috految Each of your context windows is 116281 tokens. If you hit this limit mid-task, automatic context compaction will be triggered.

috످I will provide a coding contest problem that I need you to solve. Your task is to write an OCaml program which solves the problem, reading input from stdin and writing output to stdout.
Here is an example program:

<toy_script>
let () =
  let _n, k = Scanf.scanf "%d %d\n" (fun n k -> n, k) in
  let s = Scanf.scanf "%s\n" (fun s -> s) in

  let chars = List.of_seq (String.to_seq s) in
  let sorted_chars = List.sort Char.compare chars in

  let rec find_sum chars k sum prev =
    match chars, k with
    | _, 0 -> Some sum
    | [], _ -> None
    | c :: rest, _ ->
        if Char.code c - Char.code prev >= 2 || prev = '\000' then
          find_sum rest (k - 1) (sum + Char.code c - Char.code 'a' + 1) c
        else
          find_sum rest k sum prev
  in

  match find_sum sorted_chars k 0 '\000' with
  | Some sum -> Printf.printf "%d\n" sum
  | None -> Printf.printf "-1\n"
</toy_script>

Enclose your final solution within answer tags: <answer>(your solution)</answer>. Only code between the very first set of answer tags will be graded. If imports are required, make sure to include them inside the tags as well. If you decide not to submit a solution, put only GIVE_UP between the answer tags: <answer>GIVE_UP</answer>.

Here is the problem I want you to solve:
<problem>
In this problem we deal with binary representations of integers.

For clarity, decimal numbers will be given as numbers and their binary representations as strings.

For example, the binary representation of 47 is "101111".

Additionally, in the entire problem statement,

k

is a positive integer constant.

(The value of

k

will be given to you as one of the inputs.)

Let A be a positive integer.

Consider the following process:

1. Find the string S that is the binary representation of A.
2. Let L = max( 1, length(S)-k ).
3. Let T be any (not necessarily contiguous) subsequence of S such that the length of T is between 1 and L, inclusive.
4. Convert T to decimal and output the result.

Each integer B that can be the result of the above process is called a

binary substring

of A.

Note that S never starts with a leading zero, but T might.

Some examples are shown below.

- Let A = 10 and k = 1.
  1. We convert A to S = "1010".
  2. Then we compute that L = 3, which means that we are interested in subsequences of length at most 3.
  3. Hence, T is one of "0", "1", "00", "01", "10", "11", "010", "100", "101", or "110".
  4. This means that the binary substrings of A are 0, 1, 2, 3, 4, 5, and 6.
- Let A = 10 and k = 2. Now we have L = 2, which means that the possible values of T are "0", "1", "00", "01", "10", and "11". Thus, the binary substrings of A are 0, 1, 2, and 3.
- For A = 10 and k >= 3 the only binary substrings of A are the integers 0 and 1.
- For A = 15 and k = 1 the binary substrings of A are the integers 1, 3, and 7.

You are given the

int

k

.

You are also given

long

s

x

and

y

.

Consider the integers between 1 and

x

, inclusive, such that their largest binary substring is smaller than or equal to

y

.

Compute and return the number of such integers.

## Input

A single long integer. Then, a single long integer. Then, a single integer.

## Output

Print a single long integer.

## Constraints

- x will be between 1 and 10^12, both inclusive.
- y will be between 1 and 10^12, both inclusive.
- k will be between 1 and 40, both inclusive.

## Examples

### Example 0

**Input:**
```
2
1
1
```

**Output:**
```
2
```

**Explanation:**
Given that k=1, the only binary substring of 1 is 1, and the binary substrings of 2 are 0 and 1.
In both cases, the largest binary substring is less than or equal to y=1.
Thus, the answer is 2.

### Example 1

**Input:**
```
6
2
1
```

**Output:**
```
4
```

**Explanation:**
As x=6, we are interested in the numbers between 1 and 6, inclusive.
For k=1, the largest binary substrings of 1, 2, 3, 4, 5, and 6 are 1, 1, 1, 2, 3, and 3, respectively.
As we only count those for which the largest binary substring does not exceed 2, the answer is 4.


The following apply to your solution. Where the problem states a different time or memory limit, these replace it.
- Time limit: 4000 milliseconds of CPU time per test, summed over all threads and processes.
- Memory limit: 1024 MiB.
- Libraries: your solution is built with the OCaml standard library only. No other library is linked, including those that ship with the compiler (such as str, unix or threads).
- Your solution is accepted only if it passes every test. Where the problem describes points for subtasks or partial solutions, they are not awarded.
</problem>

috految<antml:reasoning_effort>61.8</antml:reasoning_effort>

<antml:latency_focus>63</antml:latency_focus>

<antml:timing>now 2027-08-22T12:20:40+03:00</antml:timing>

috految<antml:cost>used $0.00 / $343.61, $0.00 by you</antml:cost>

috److The input order is x, y, k. Example 1 confirms this: `6 2 1` gives x=6, y=2, k=1.

**Largest binary substring.** For a number with n bits, let L = max(1, n-k). The largest subsequence has length exactly L and is built greedily by deleting the first n-L zeros. If there are not enough zeros, the result is L ones.

**Digit DP.** For each length n from 1 to 45, define `f(n, l, x, y)` as the number of n-bit strings (leading zeros allowed) such that:

- the value is at most x, and
- the maximum subsequence of length l has value at most y.

The recurrence is:

1. If x < 0 or y < 0, return 0.
2. Clamp x to min(x, 2^n - 1) and y to min(y, 2^l - 1).
3. If l = 0, return x + 1, since any remaining bits are valid.
4. Otherwise n ≥ l ≥ 1, and we branch on the next bit:
   - **Bit 1:** it is always kept, giving `f(n-1, l-1, x - 2^(n-1), y - 2^(l-1))`.
   - **Bit 0:** if n > l it is deleted, giving `f(n-1, l, x, y)`. Otherwise it is kept, giving `f(n-1, l-1, x, y)`.

**Number of states.** After clamping, x is either the low bits of the original x or all ones, and the same holds for y. Memoization therefore keeps the state count small.

**Answer.** The leading bit is always 1, so we sum `f(n-1, L-1, x - 2^(n-1), y - 2^(L-1))` over all n.

**Check on example 1** (x=6, y=2, k=1):

| n | Call | Count |
|---|------|-------|
| 1 | f(0, 0, 5, 1) | 1 |
| 2 | f(1, 0, 4, 1) | 2 |
| 3 | f(2, 1, 2, 0) | 1 |

The total is 4, which matches the expected output.

<answer>
let memo : (int * int * int * int, int) Hashtbl.t = Hashtbl.create 10007

let rec f n l x y =
  if x < 0 || y < 0 then 0
  else begin
    let x = min x ((1 lsl n) - 1) in
    let y = min y ((1 lsl l) - 1) in
    if l = 0 then x + 1
    else begin
      let key = (n, l, x, y) in
      if Hashtbl.mem memo key then Hashtbl.find memo key
      else begin
        let a =
          f (n - 1) (l - 1) (x - (1 lsl (n - 1))) (y - (1 lsl (l - 1))) in
        let b =
          if n > l then f (n - 1) l x y
          else f (n - 1) (l - 1) x y in
        let r = a + b in
        Hashtbl.add memo key r;
        r
      end
    end
  end

let () =
  let x, y, k = Scanf.scanf " %d %d %d" (fun a b c -> (a, b, c)) in
  let ans = ref 0 in
  for n = 1 to 45 do
    let l = max 1 (n - k) in
    let r = f (n - 1) (l - 1) (x - (1 lsl (n - 1))) (y - (1 lsl (l - 1))) in
    ans := !ans + r
  done;
  Printf.printf "%d\n" !ans
</answer>

috످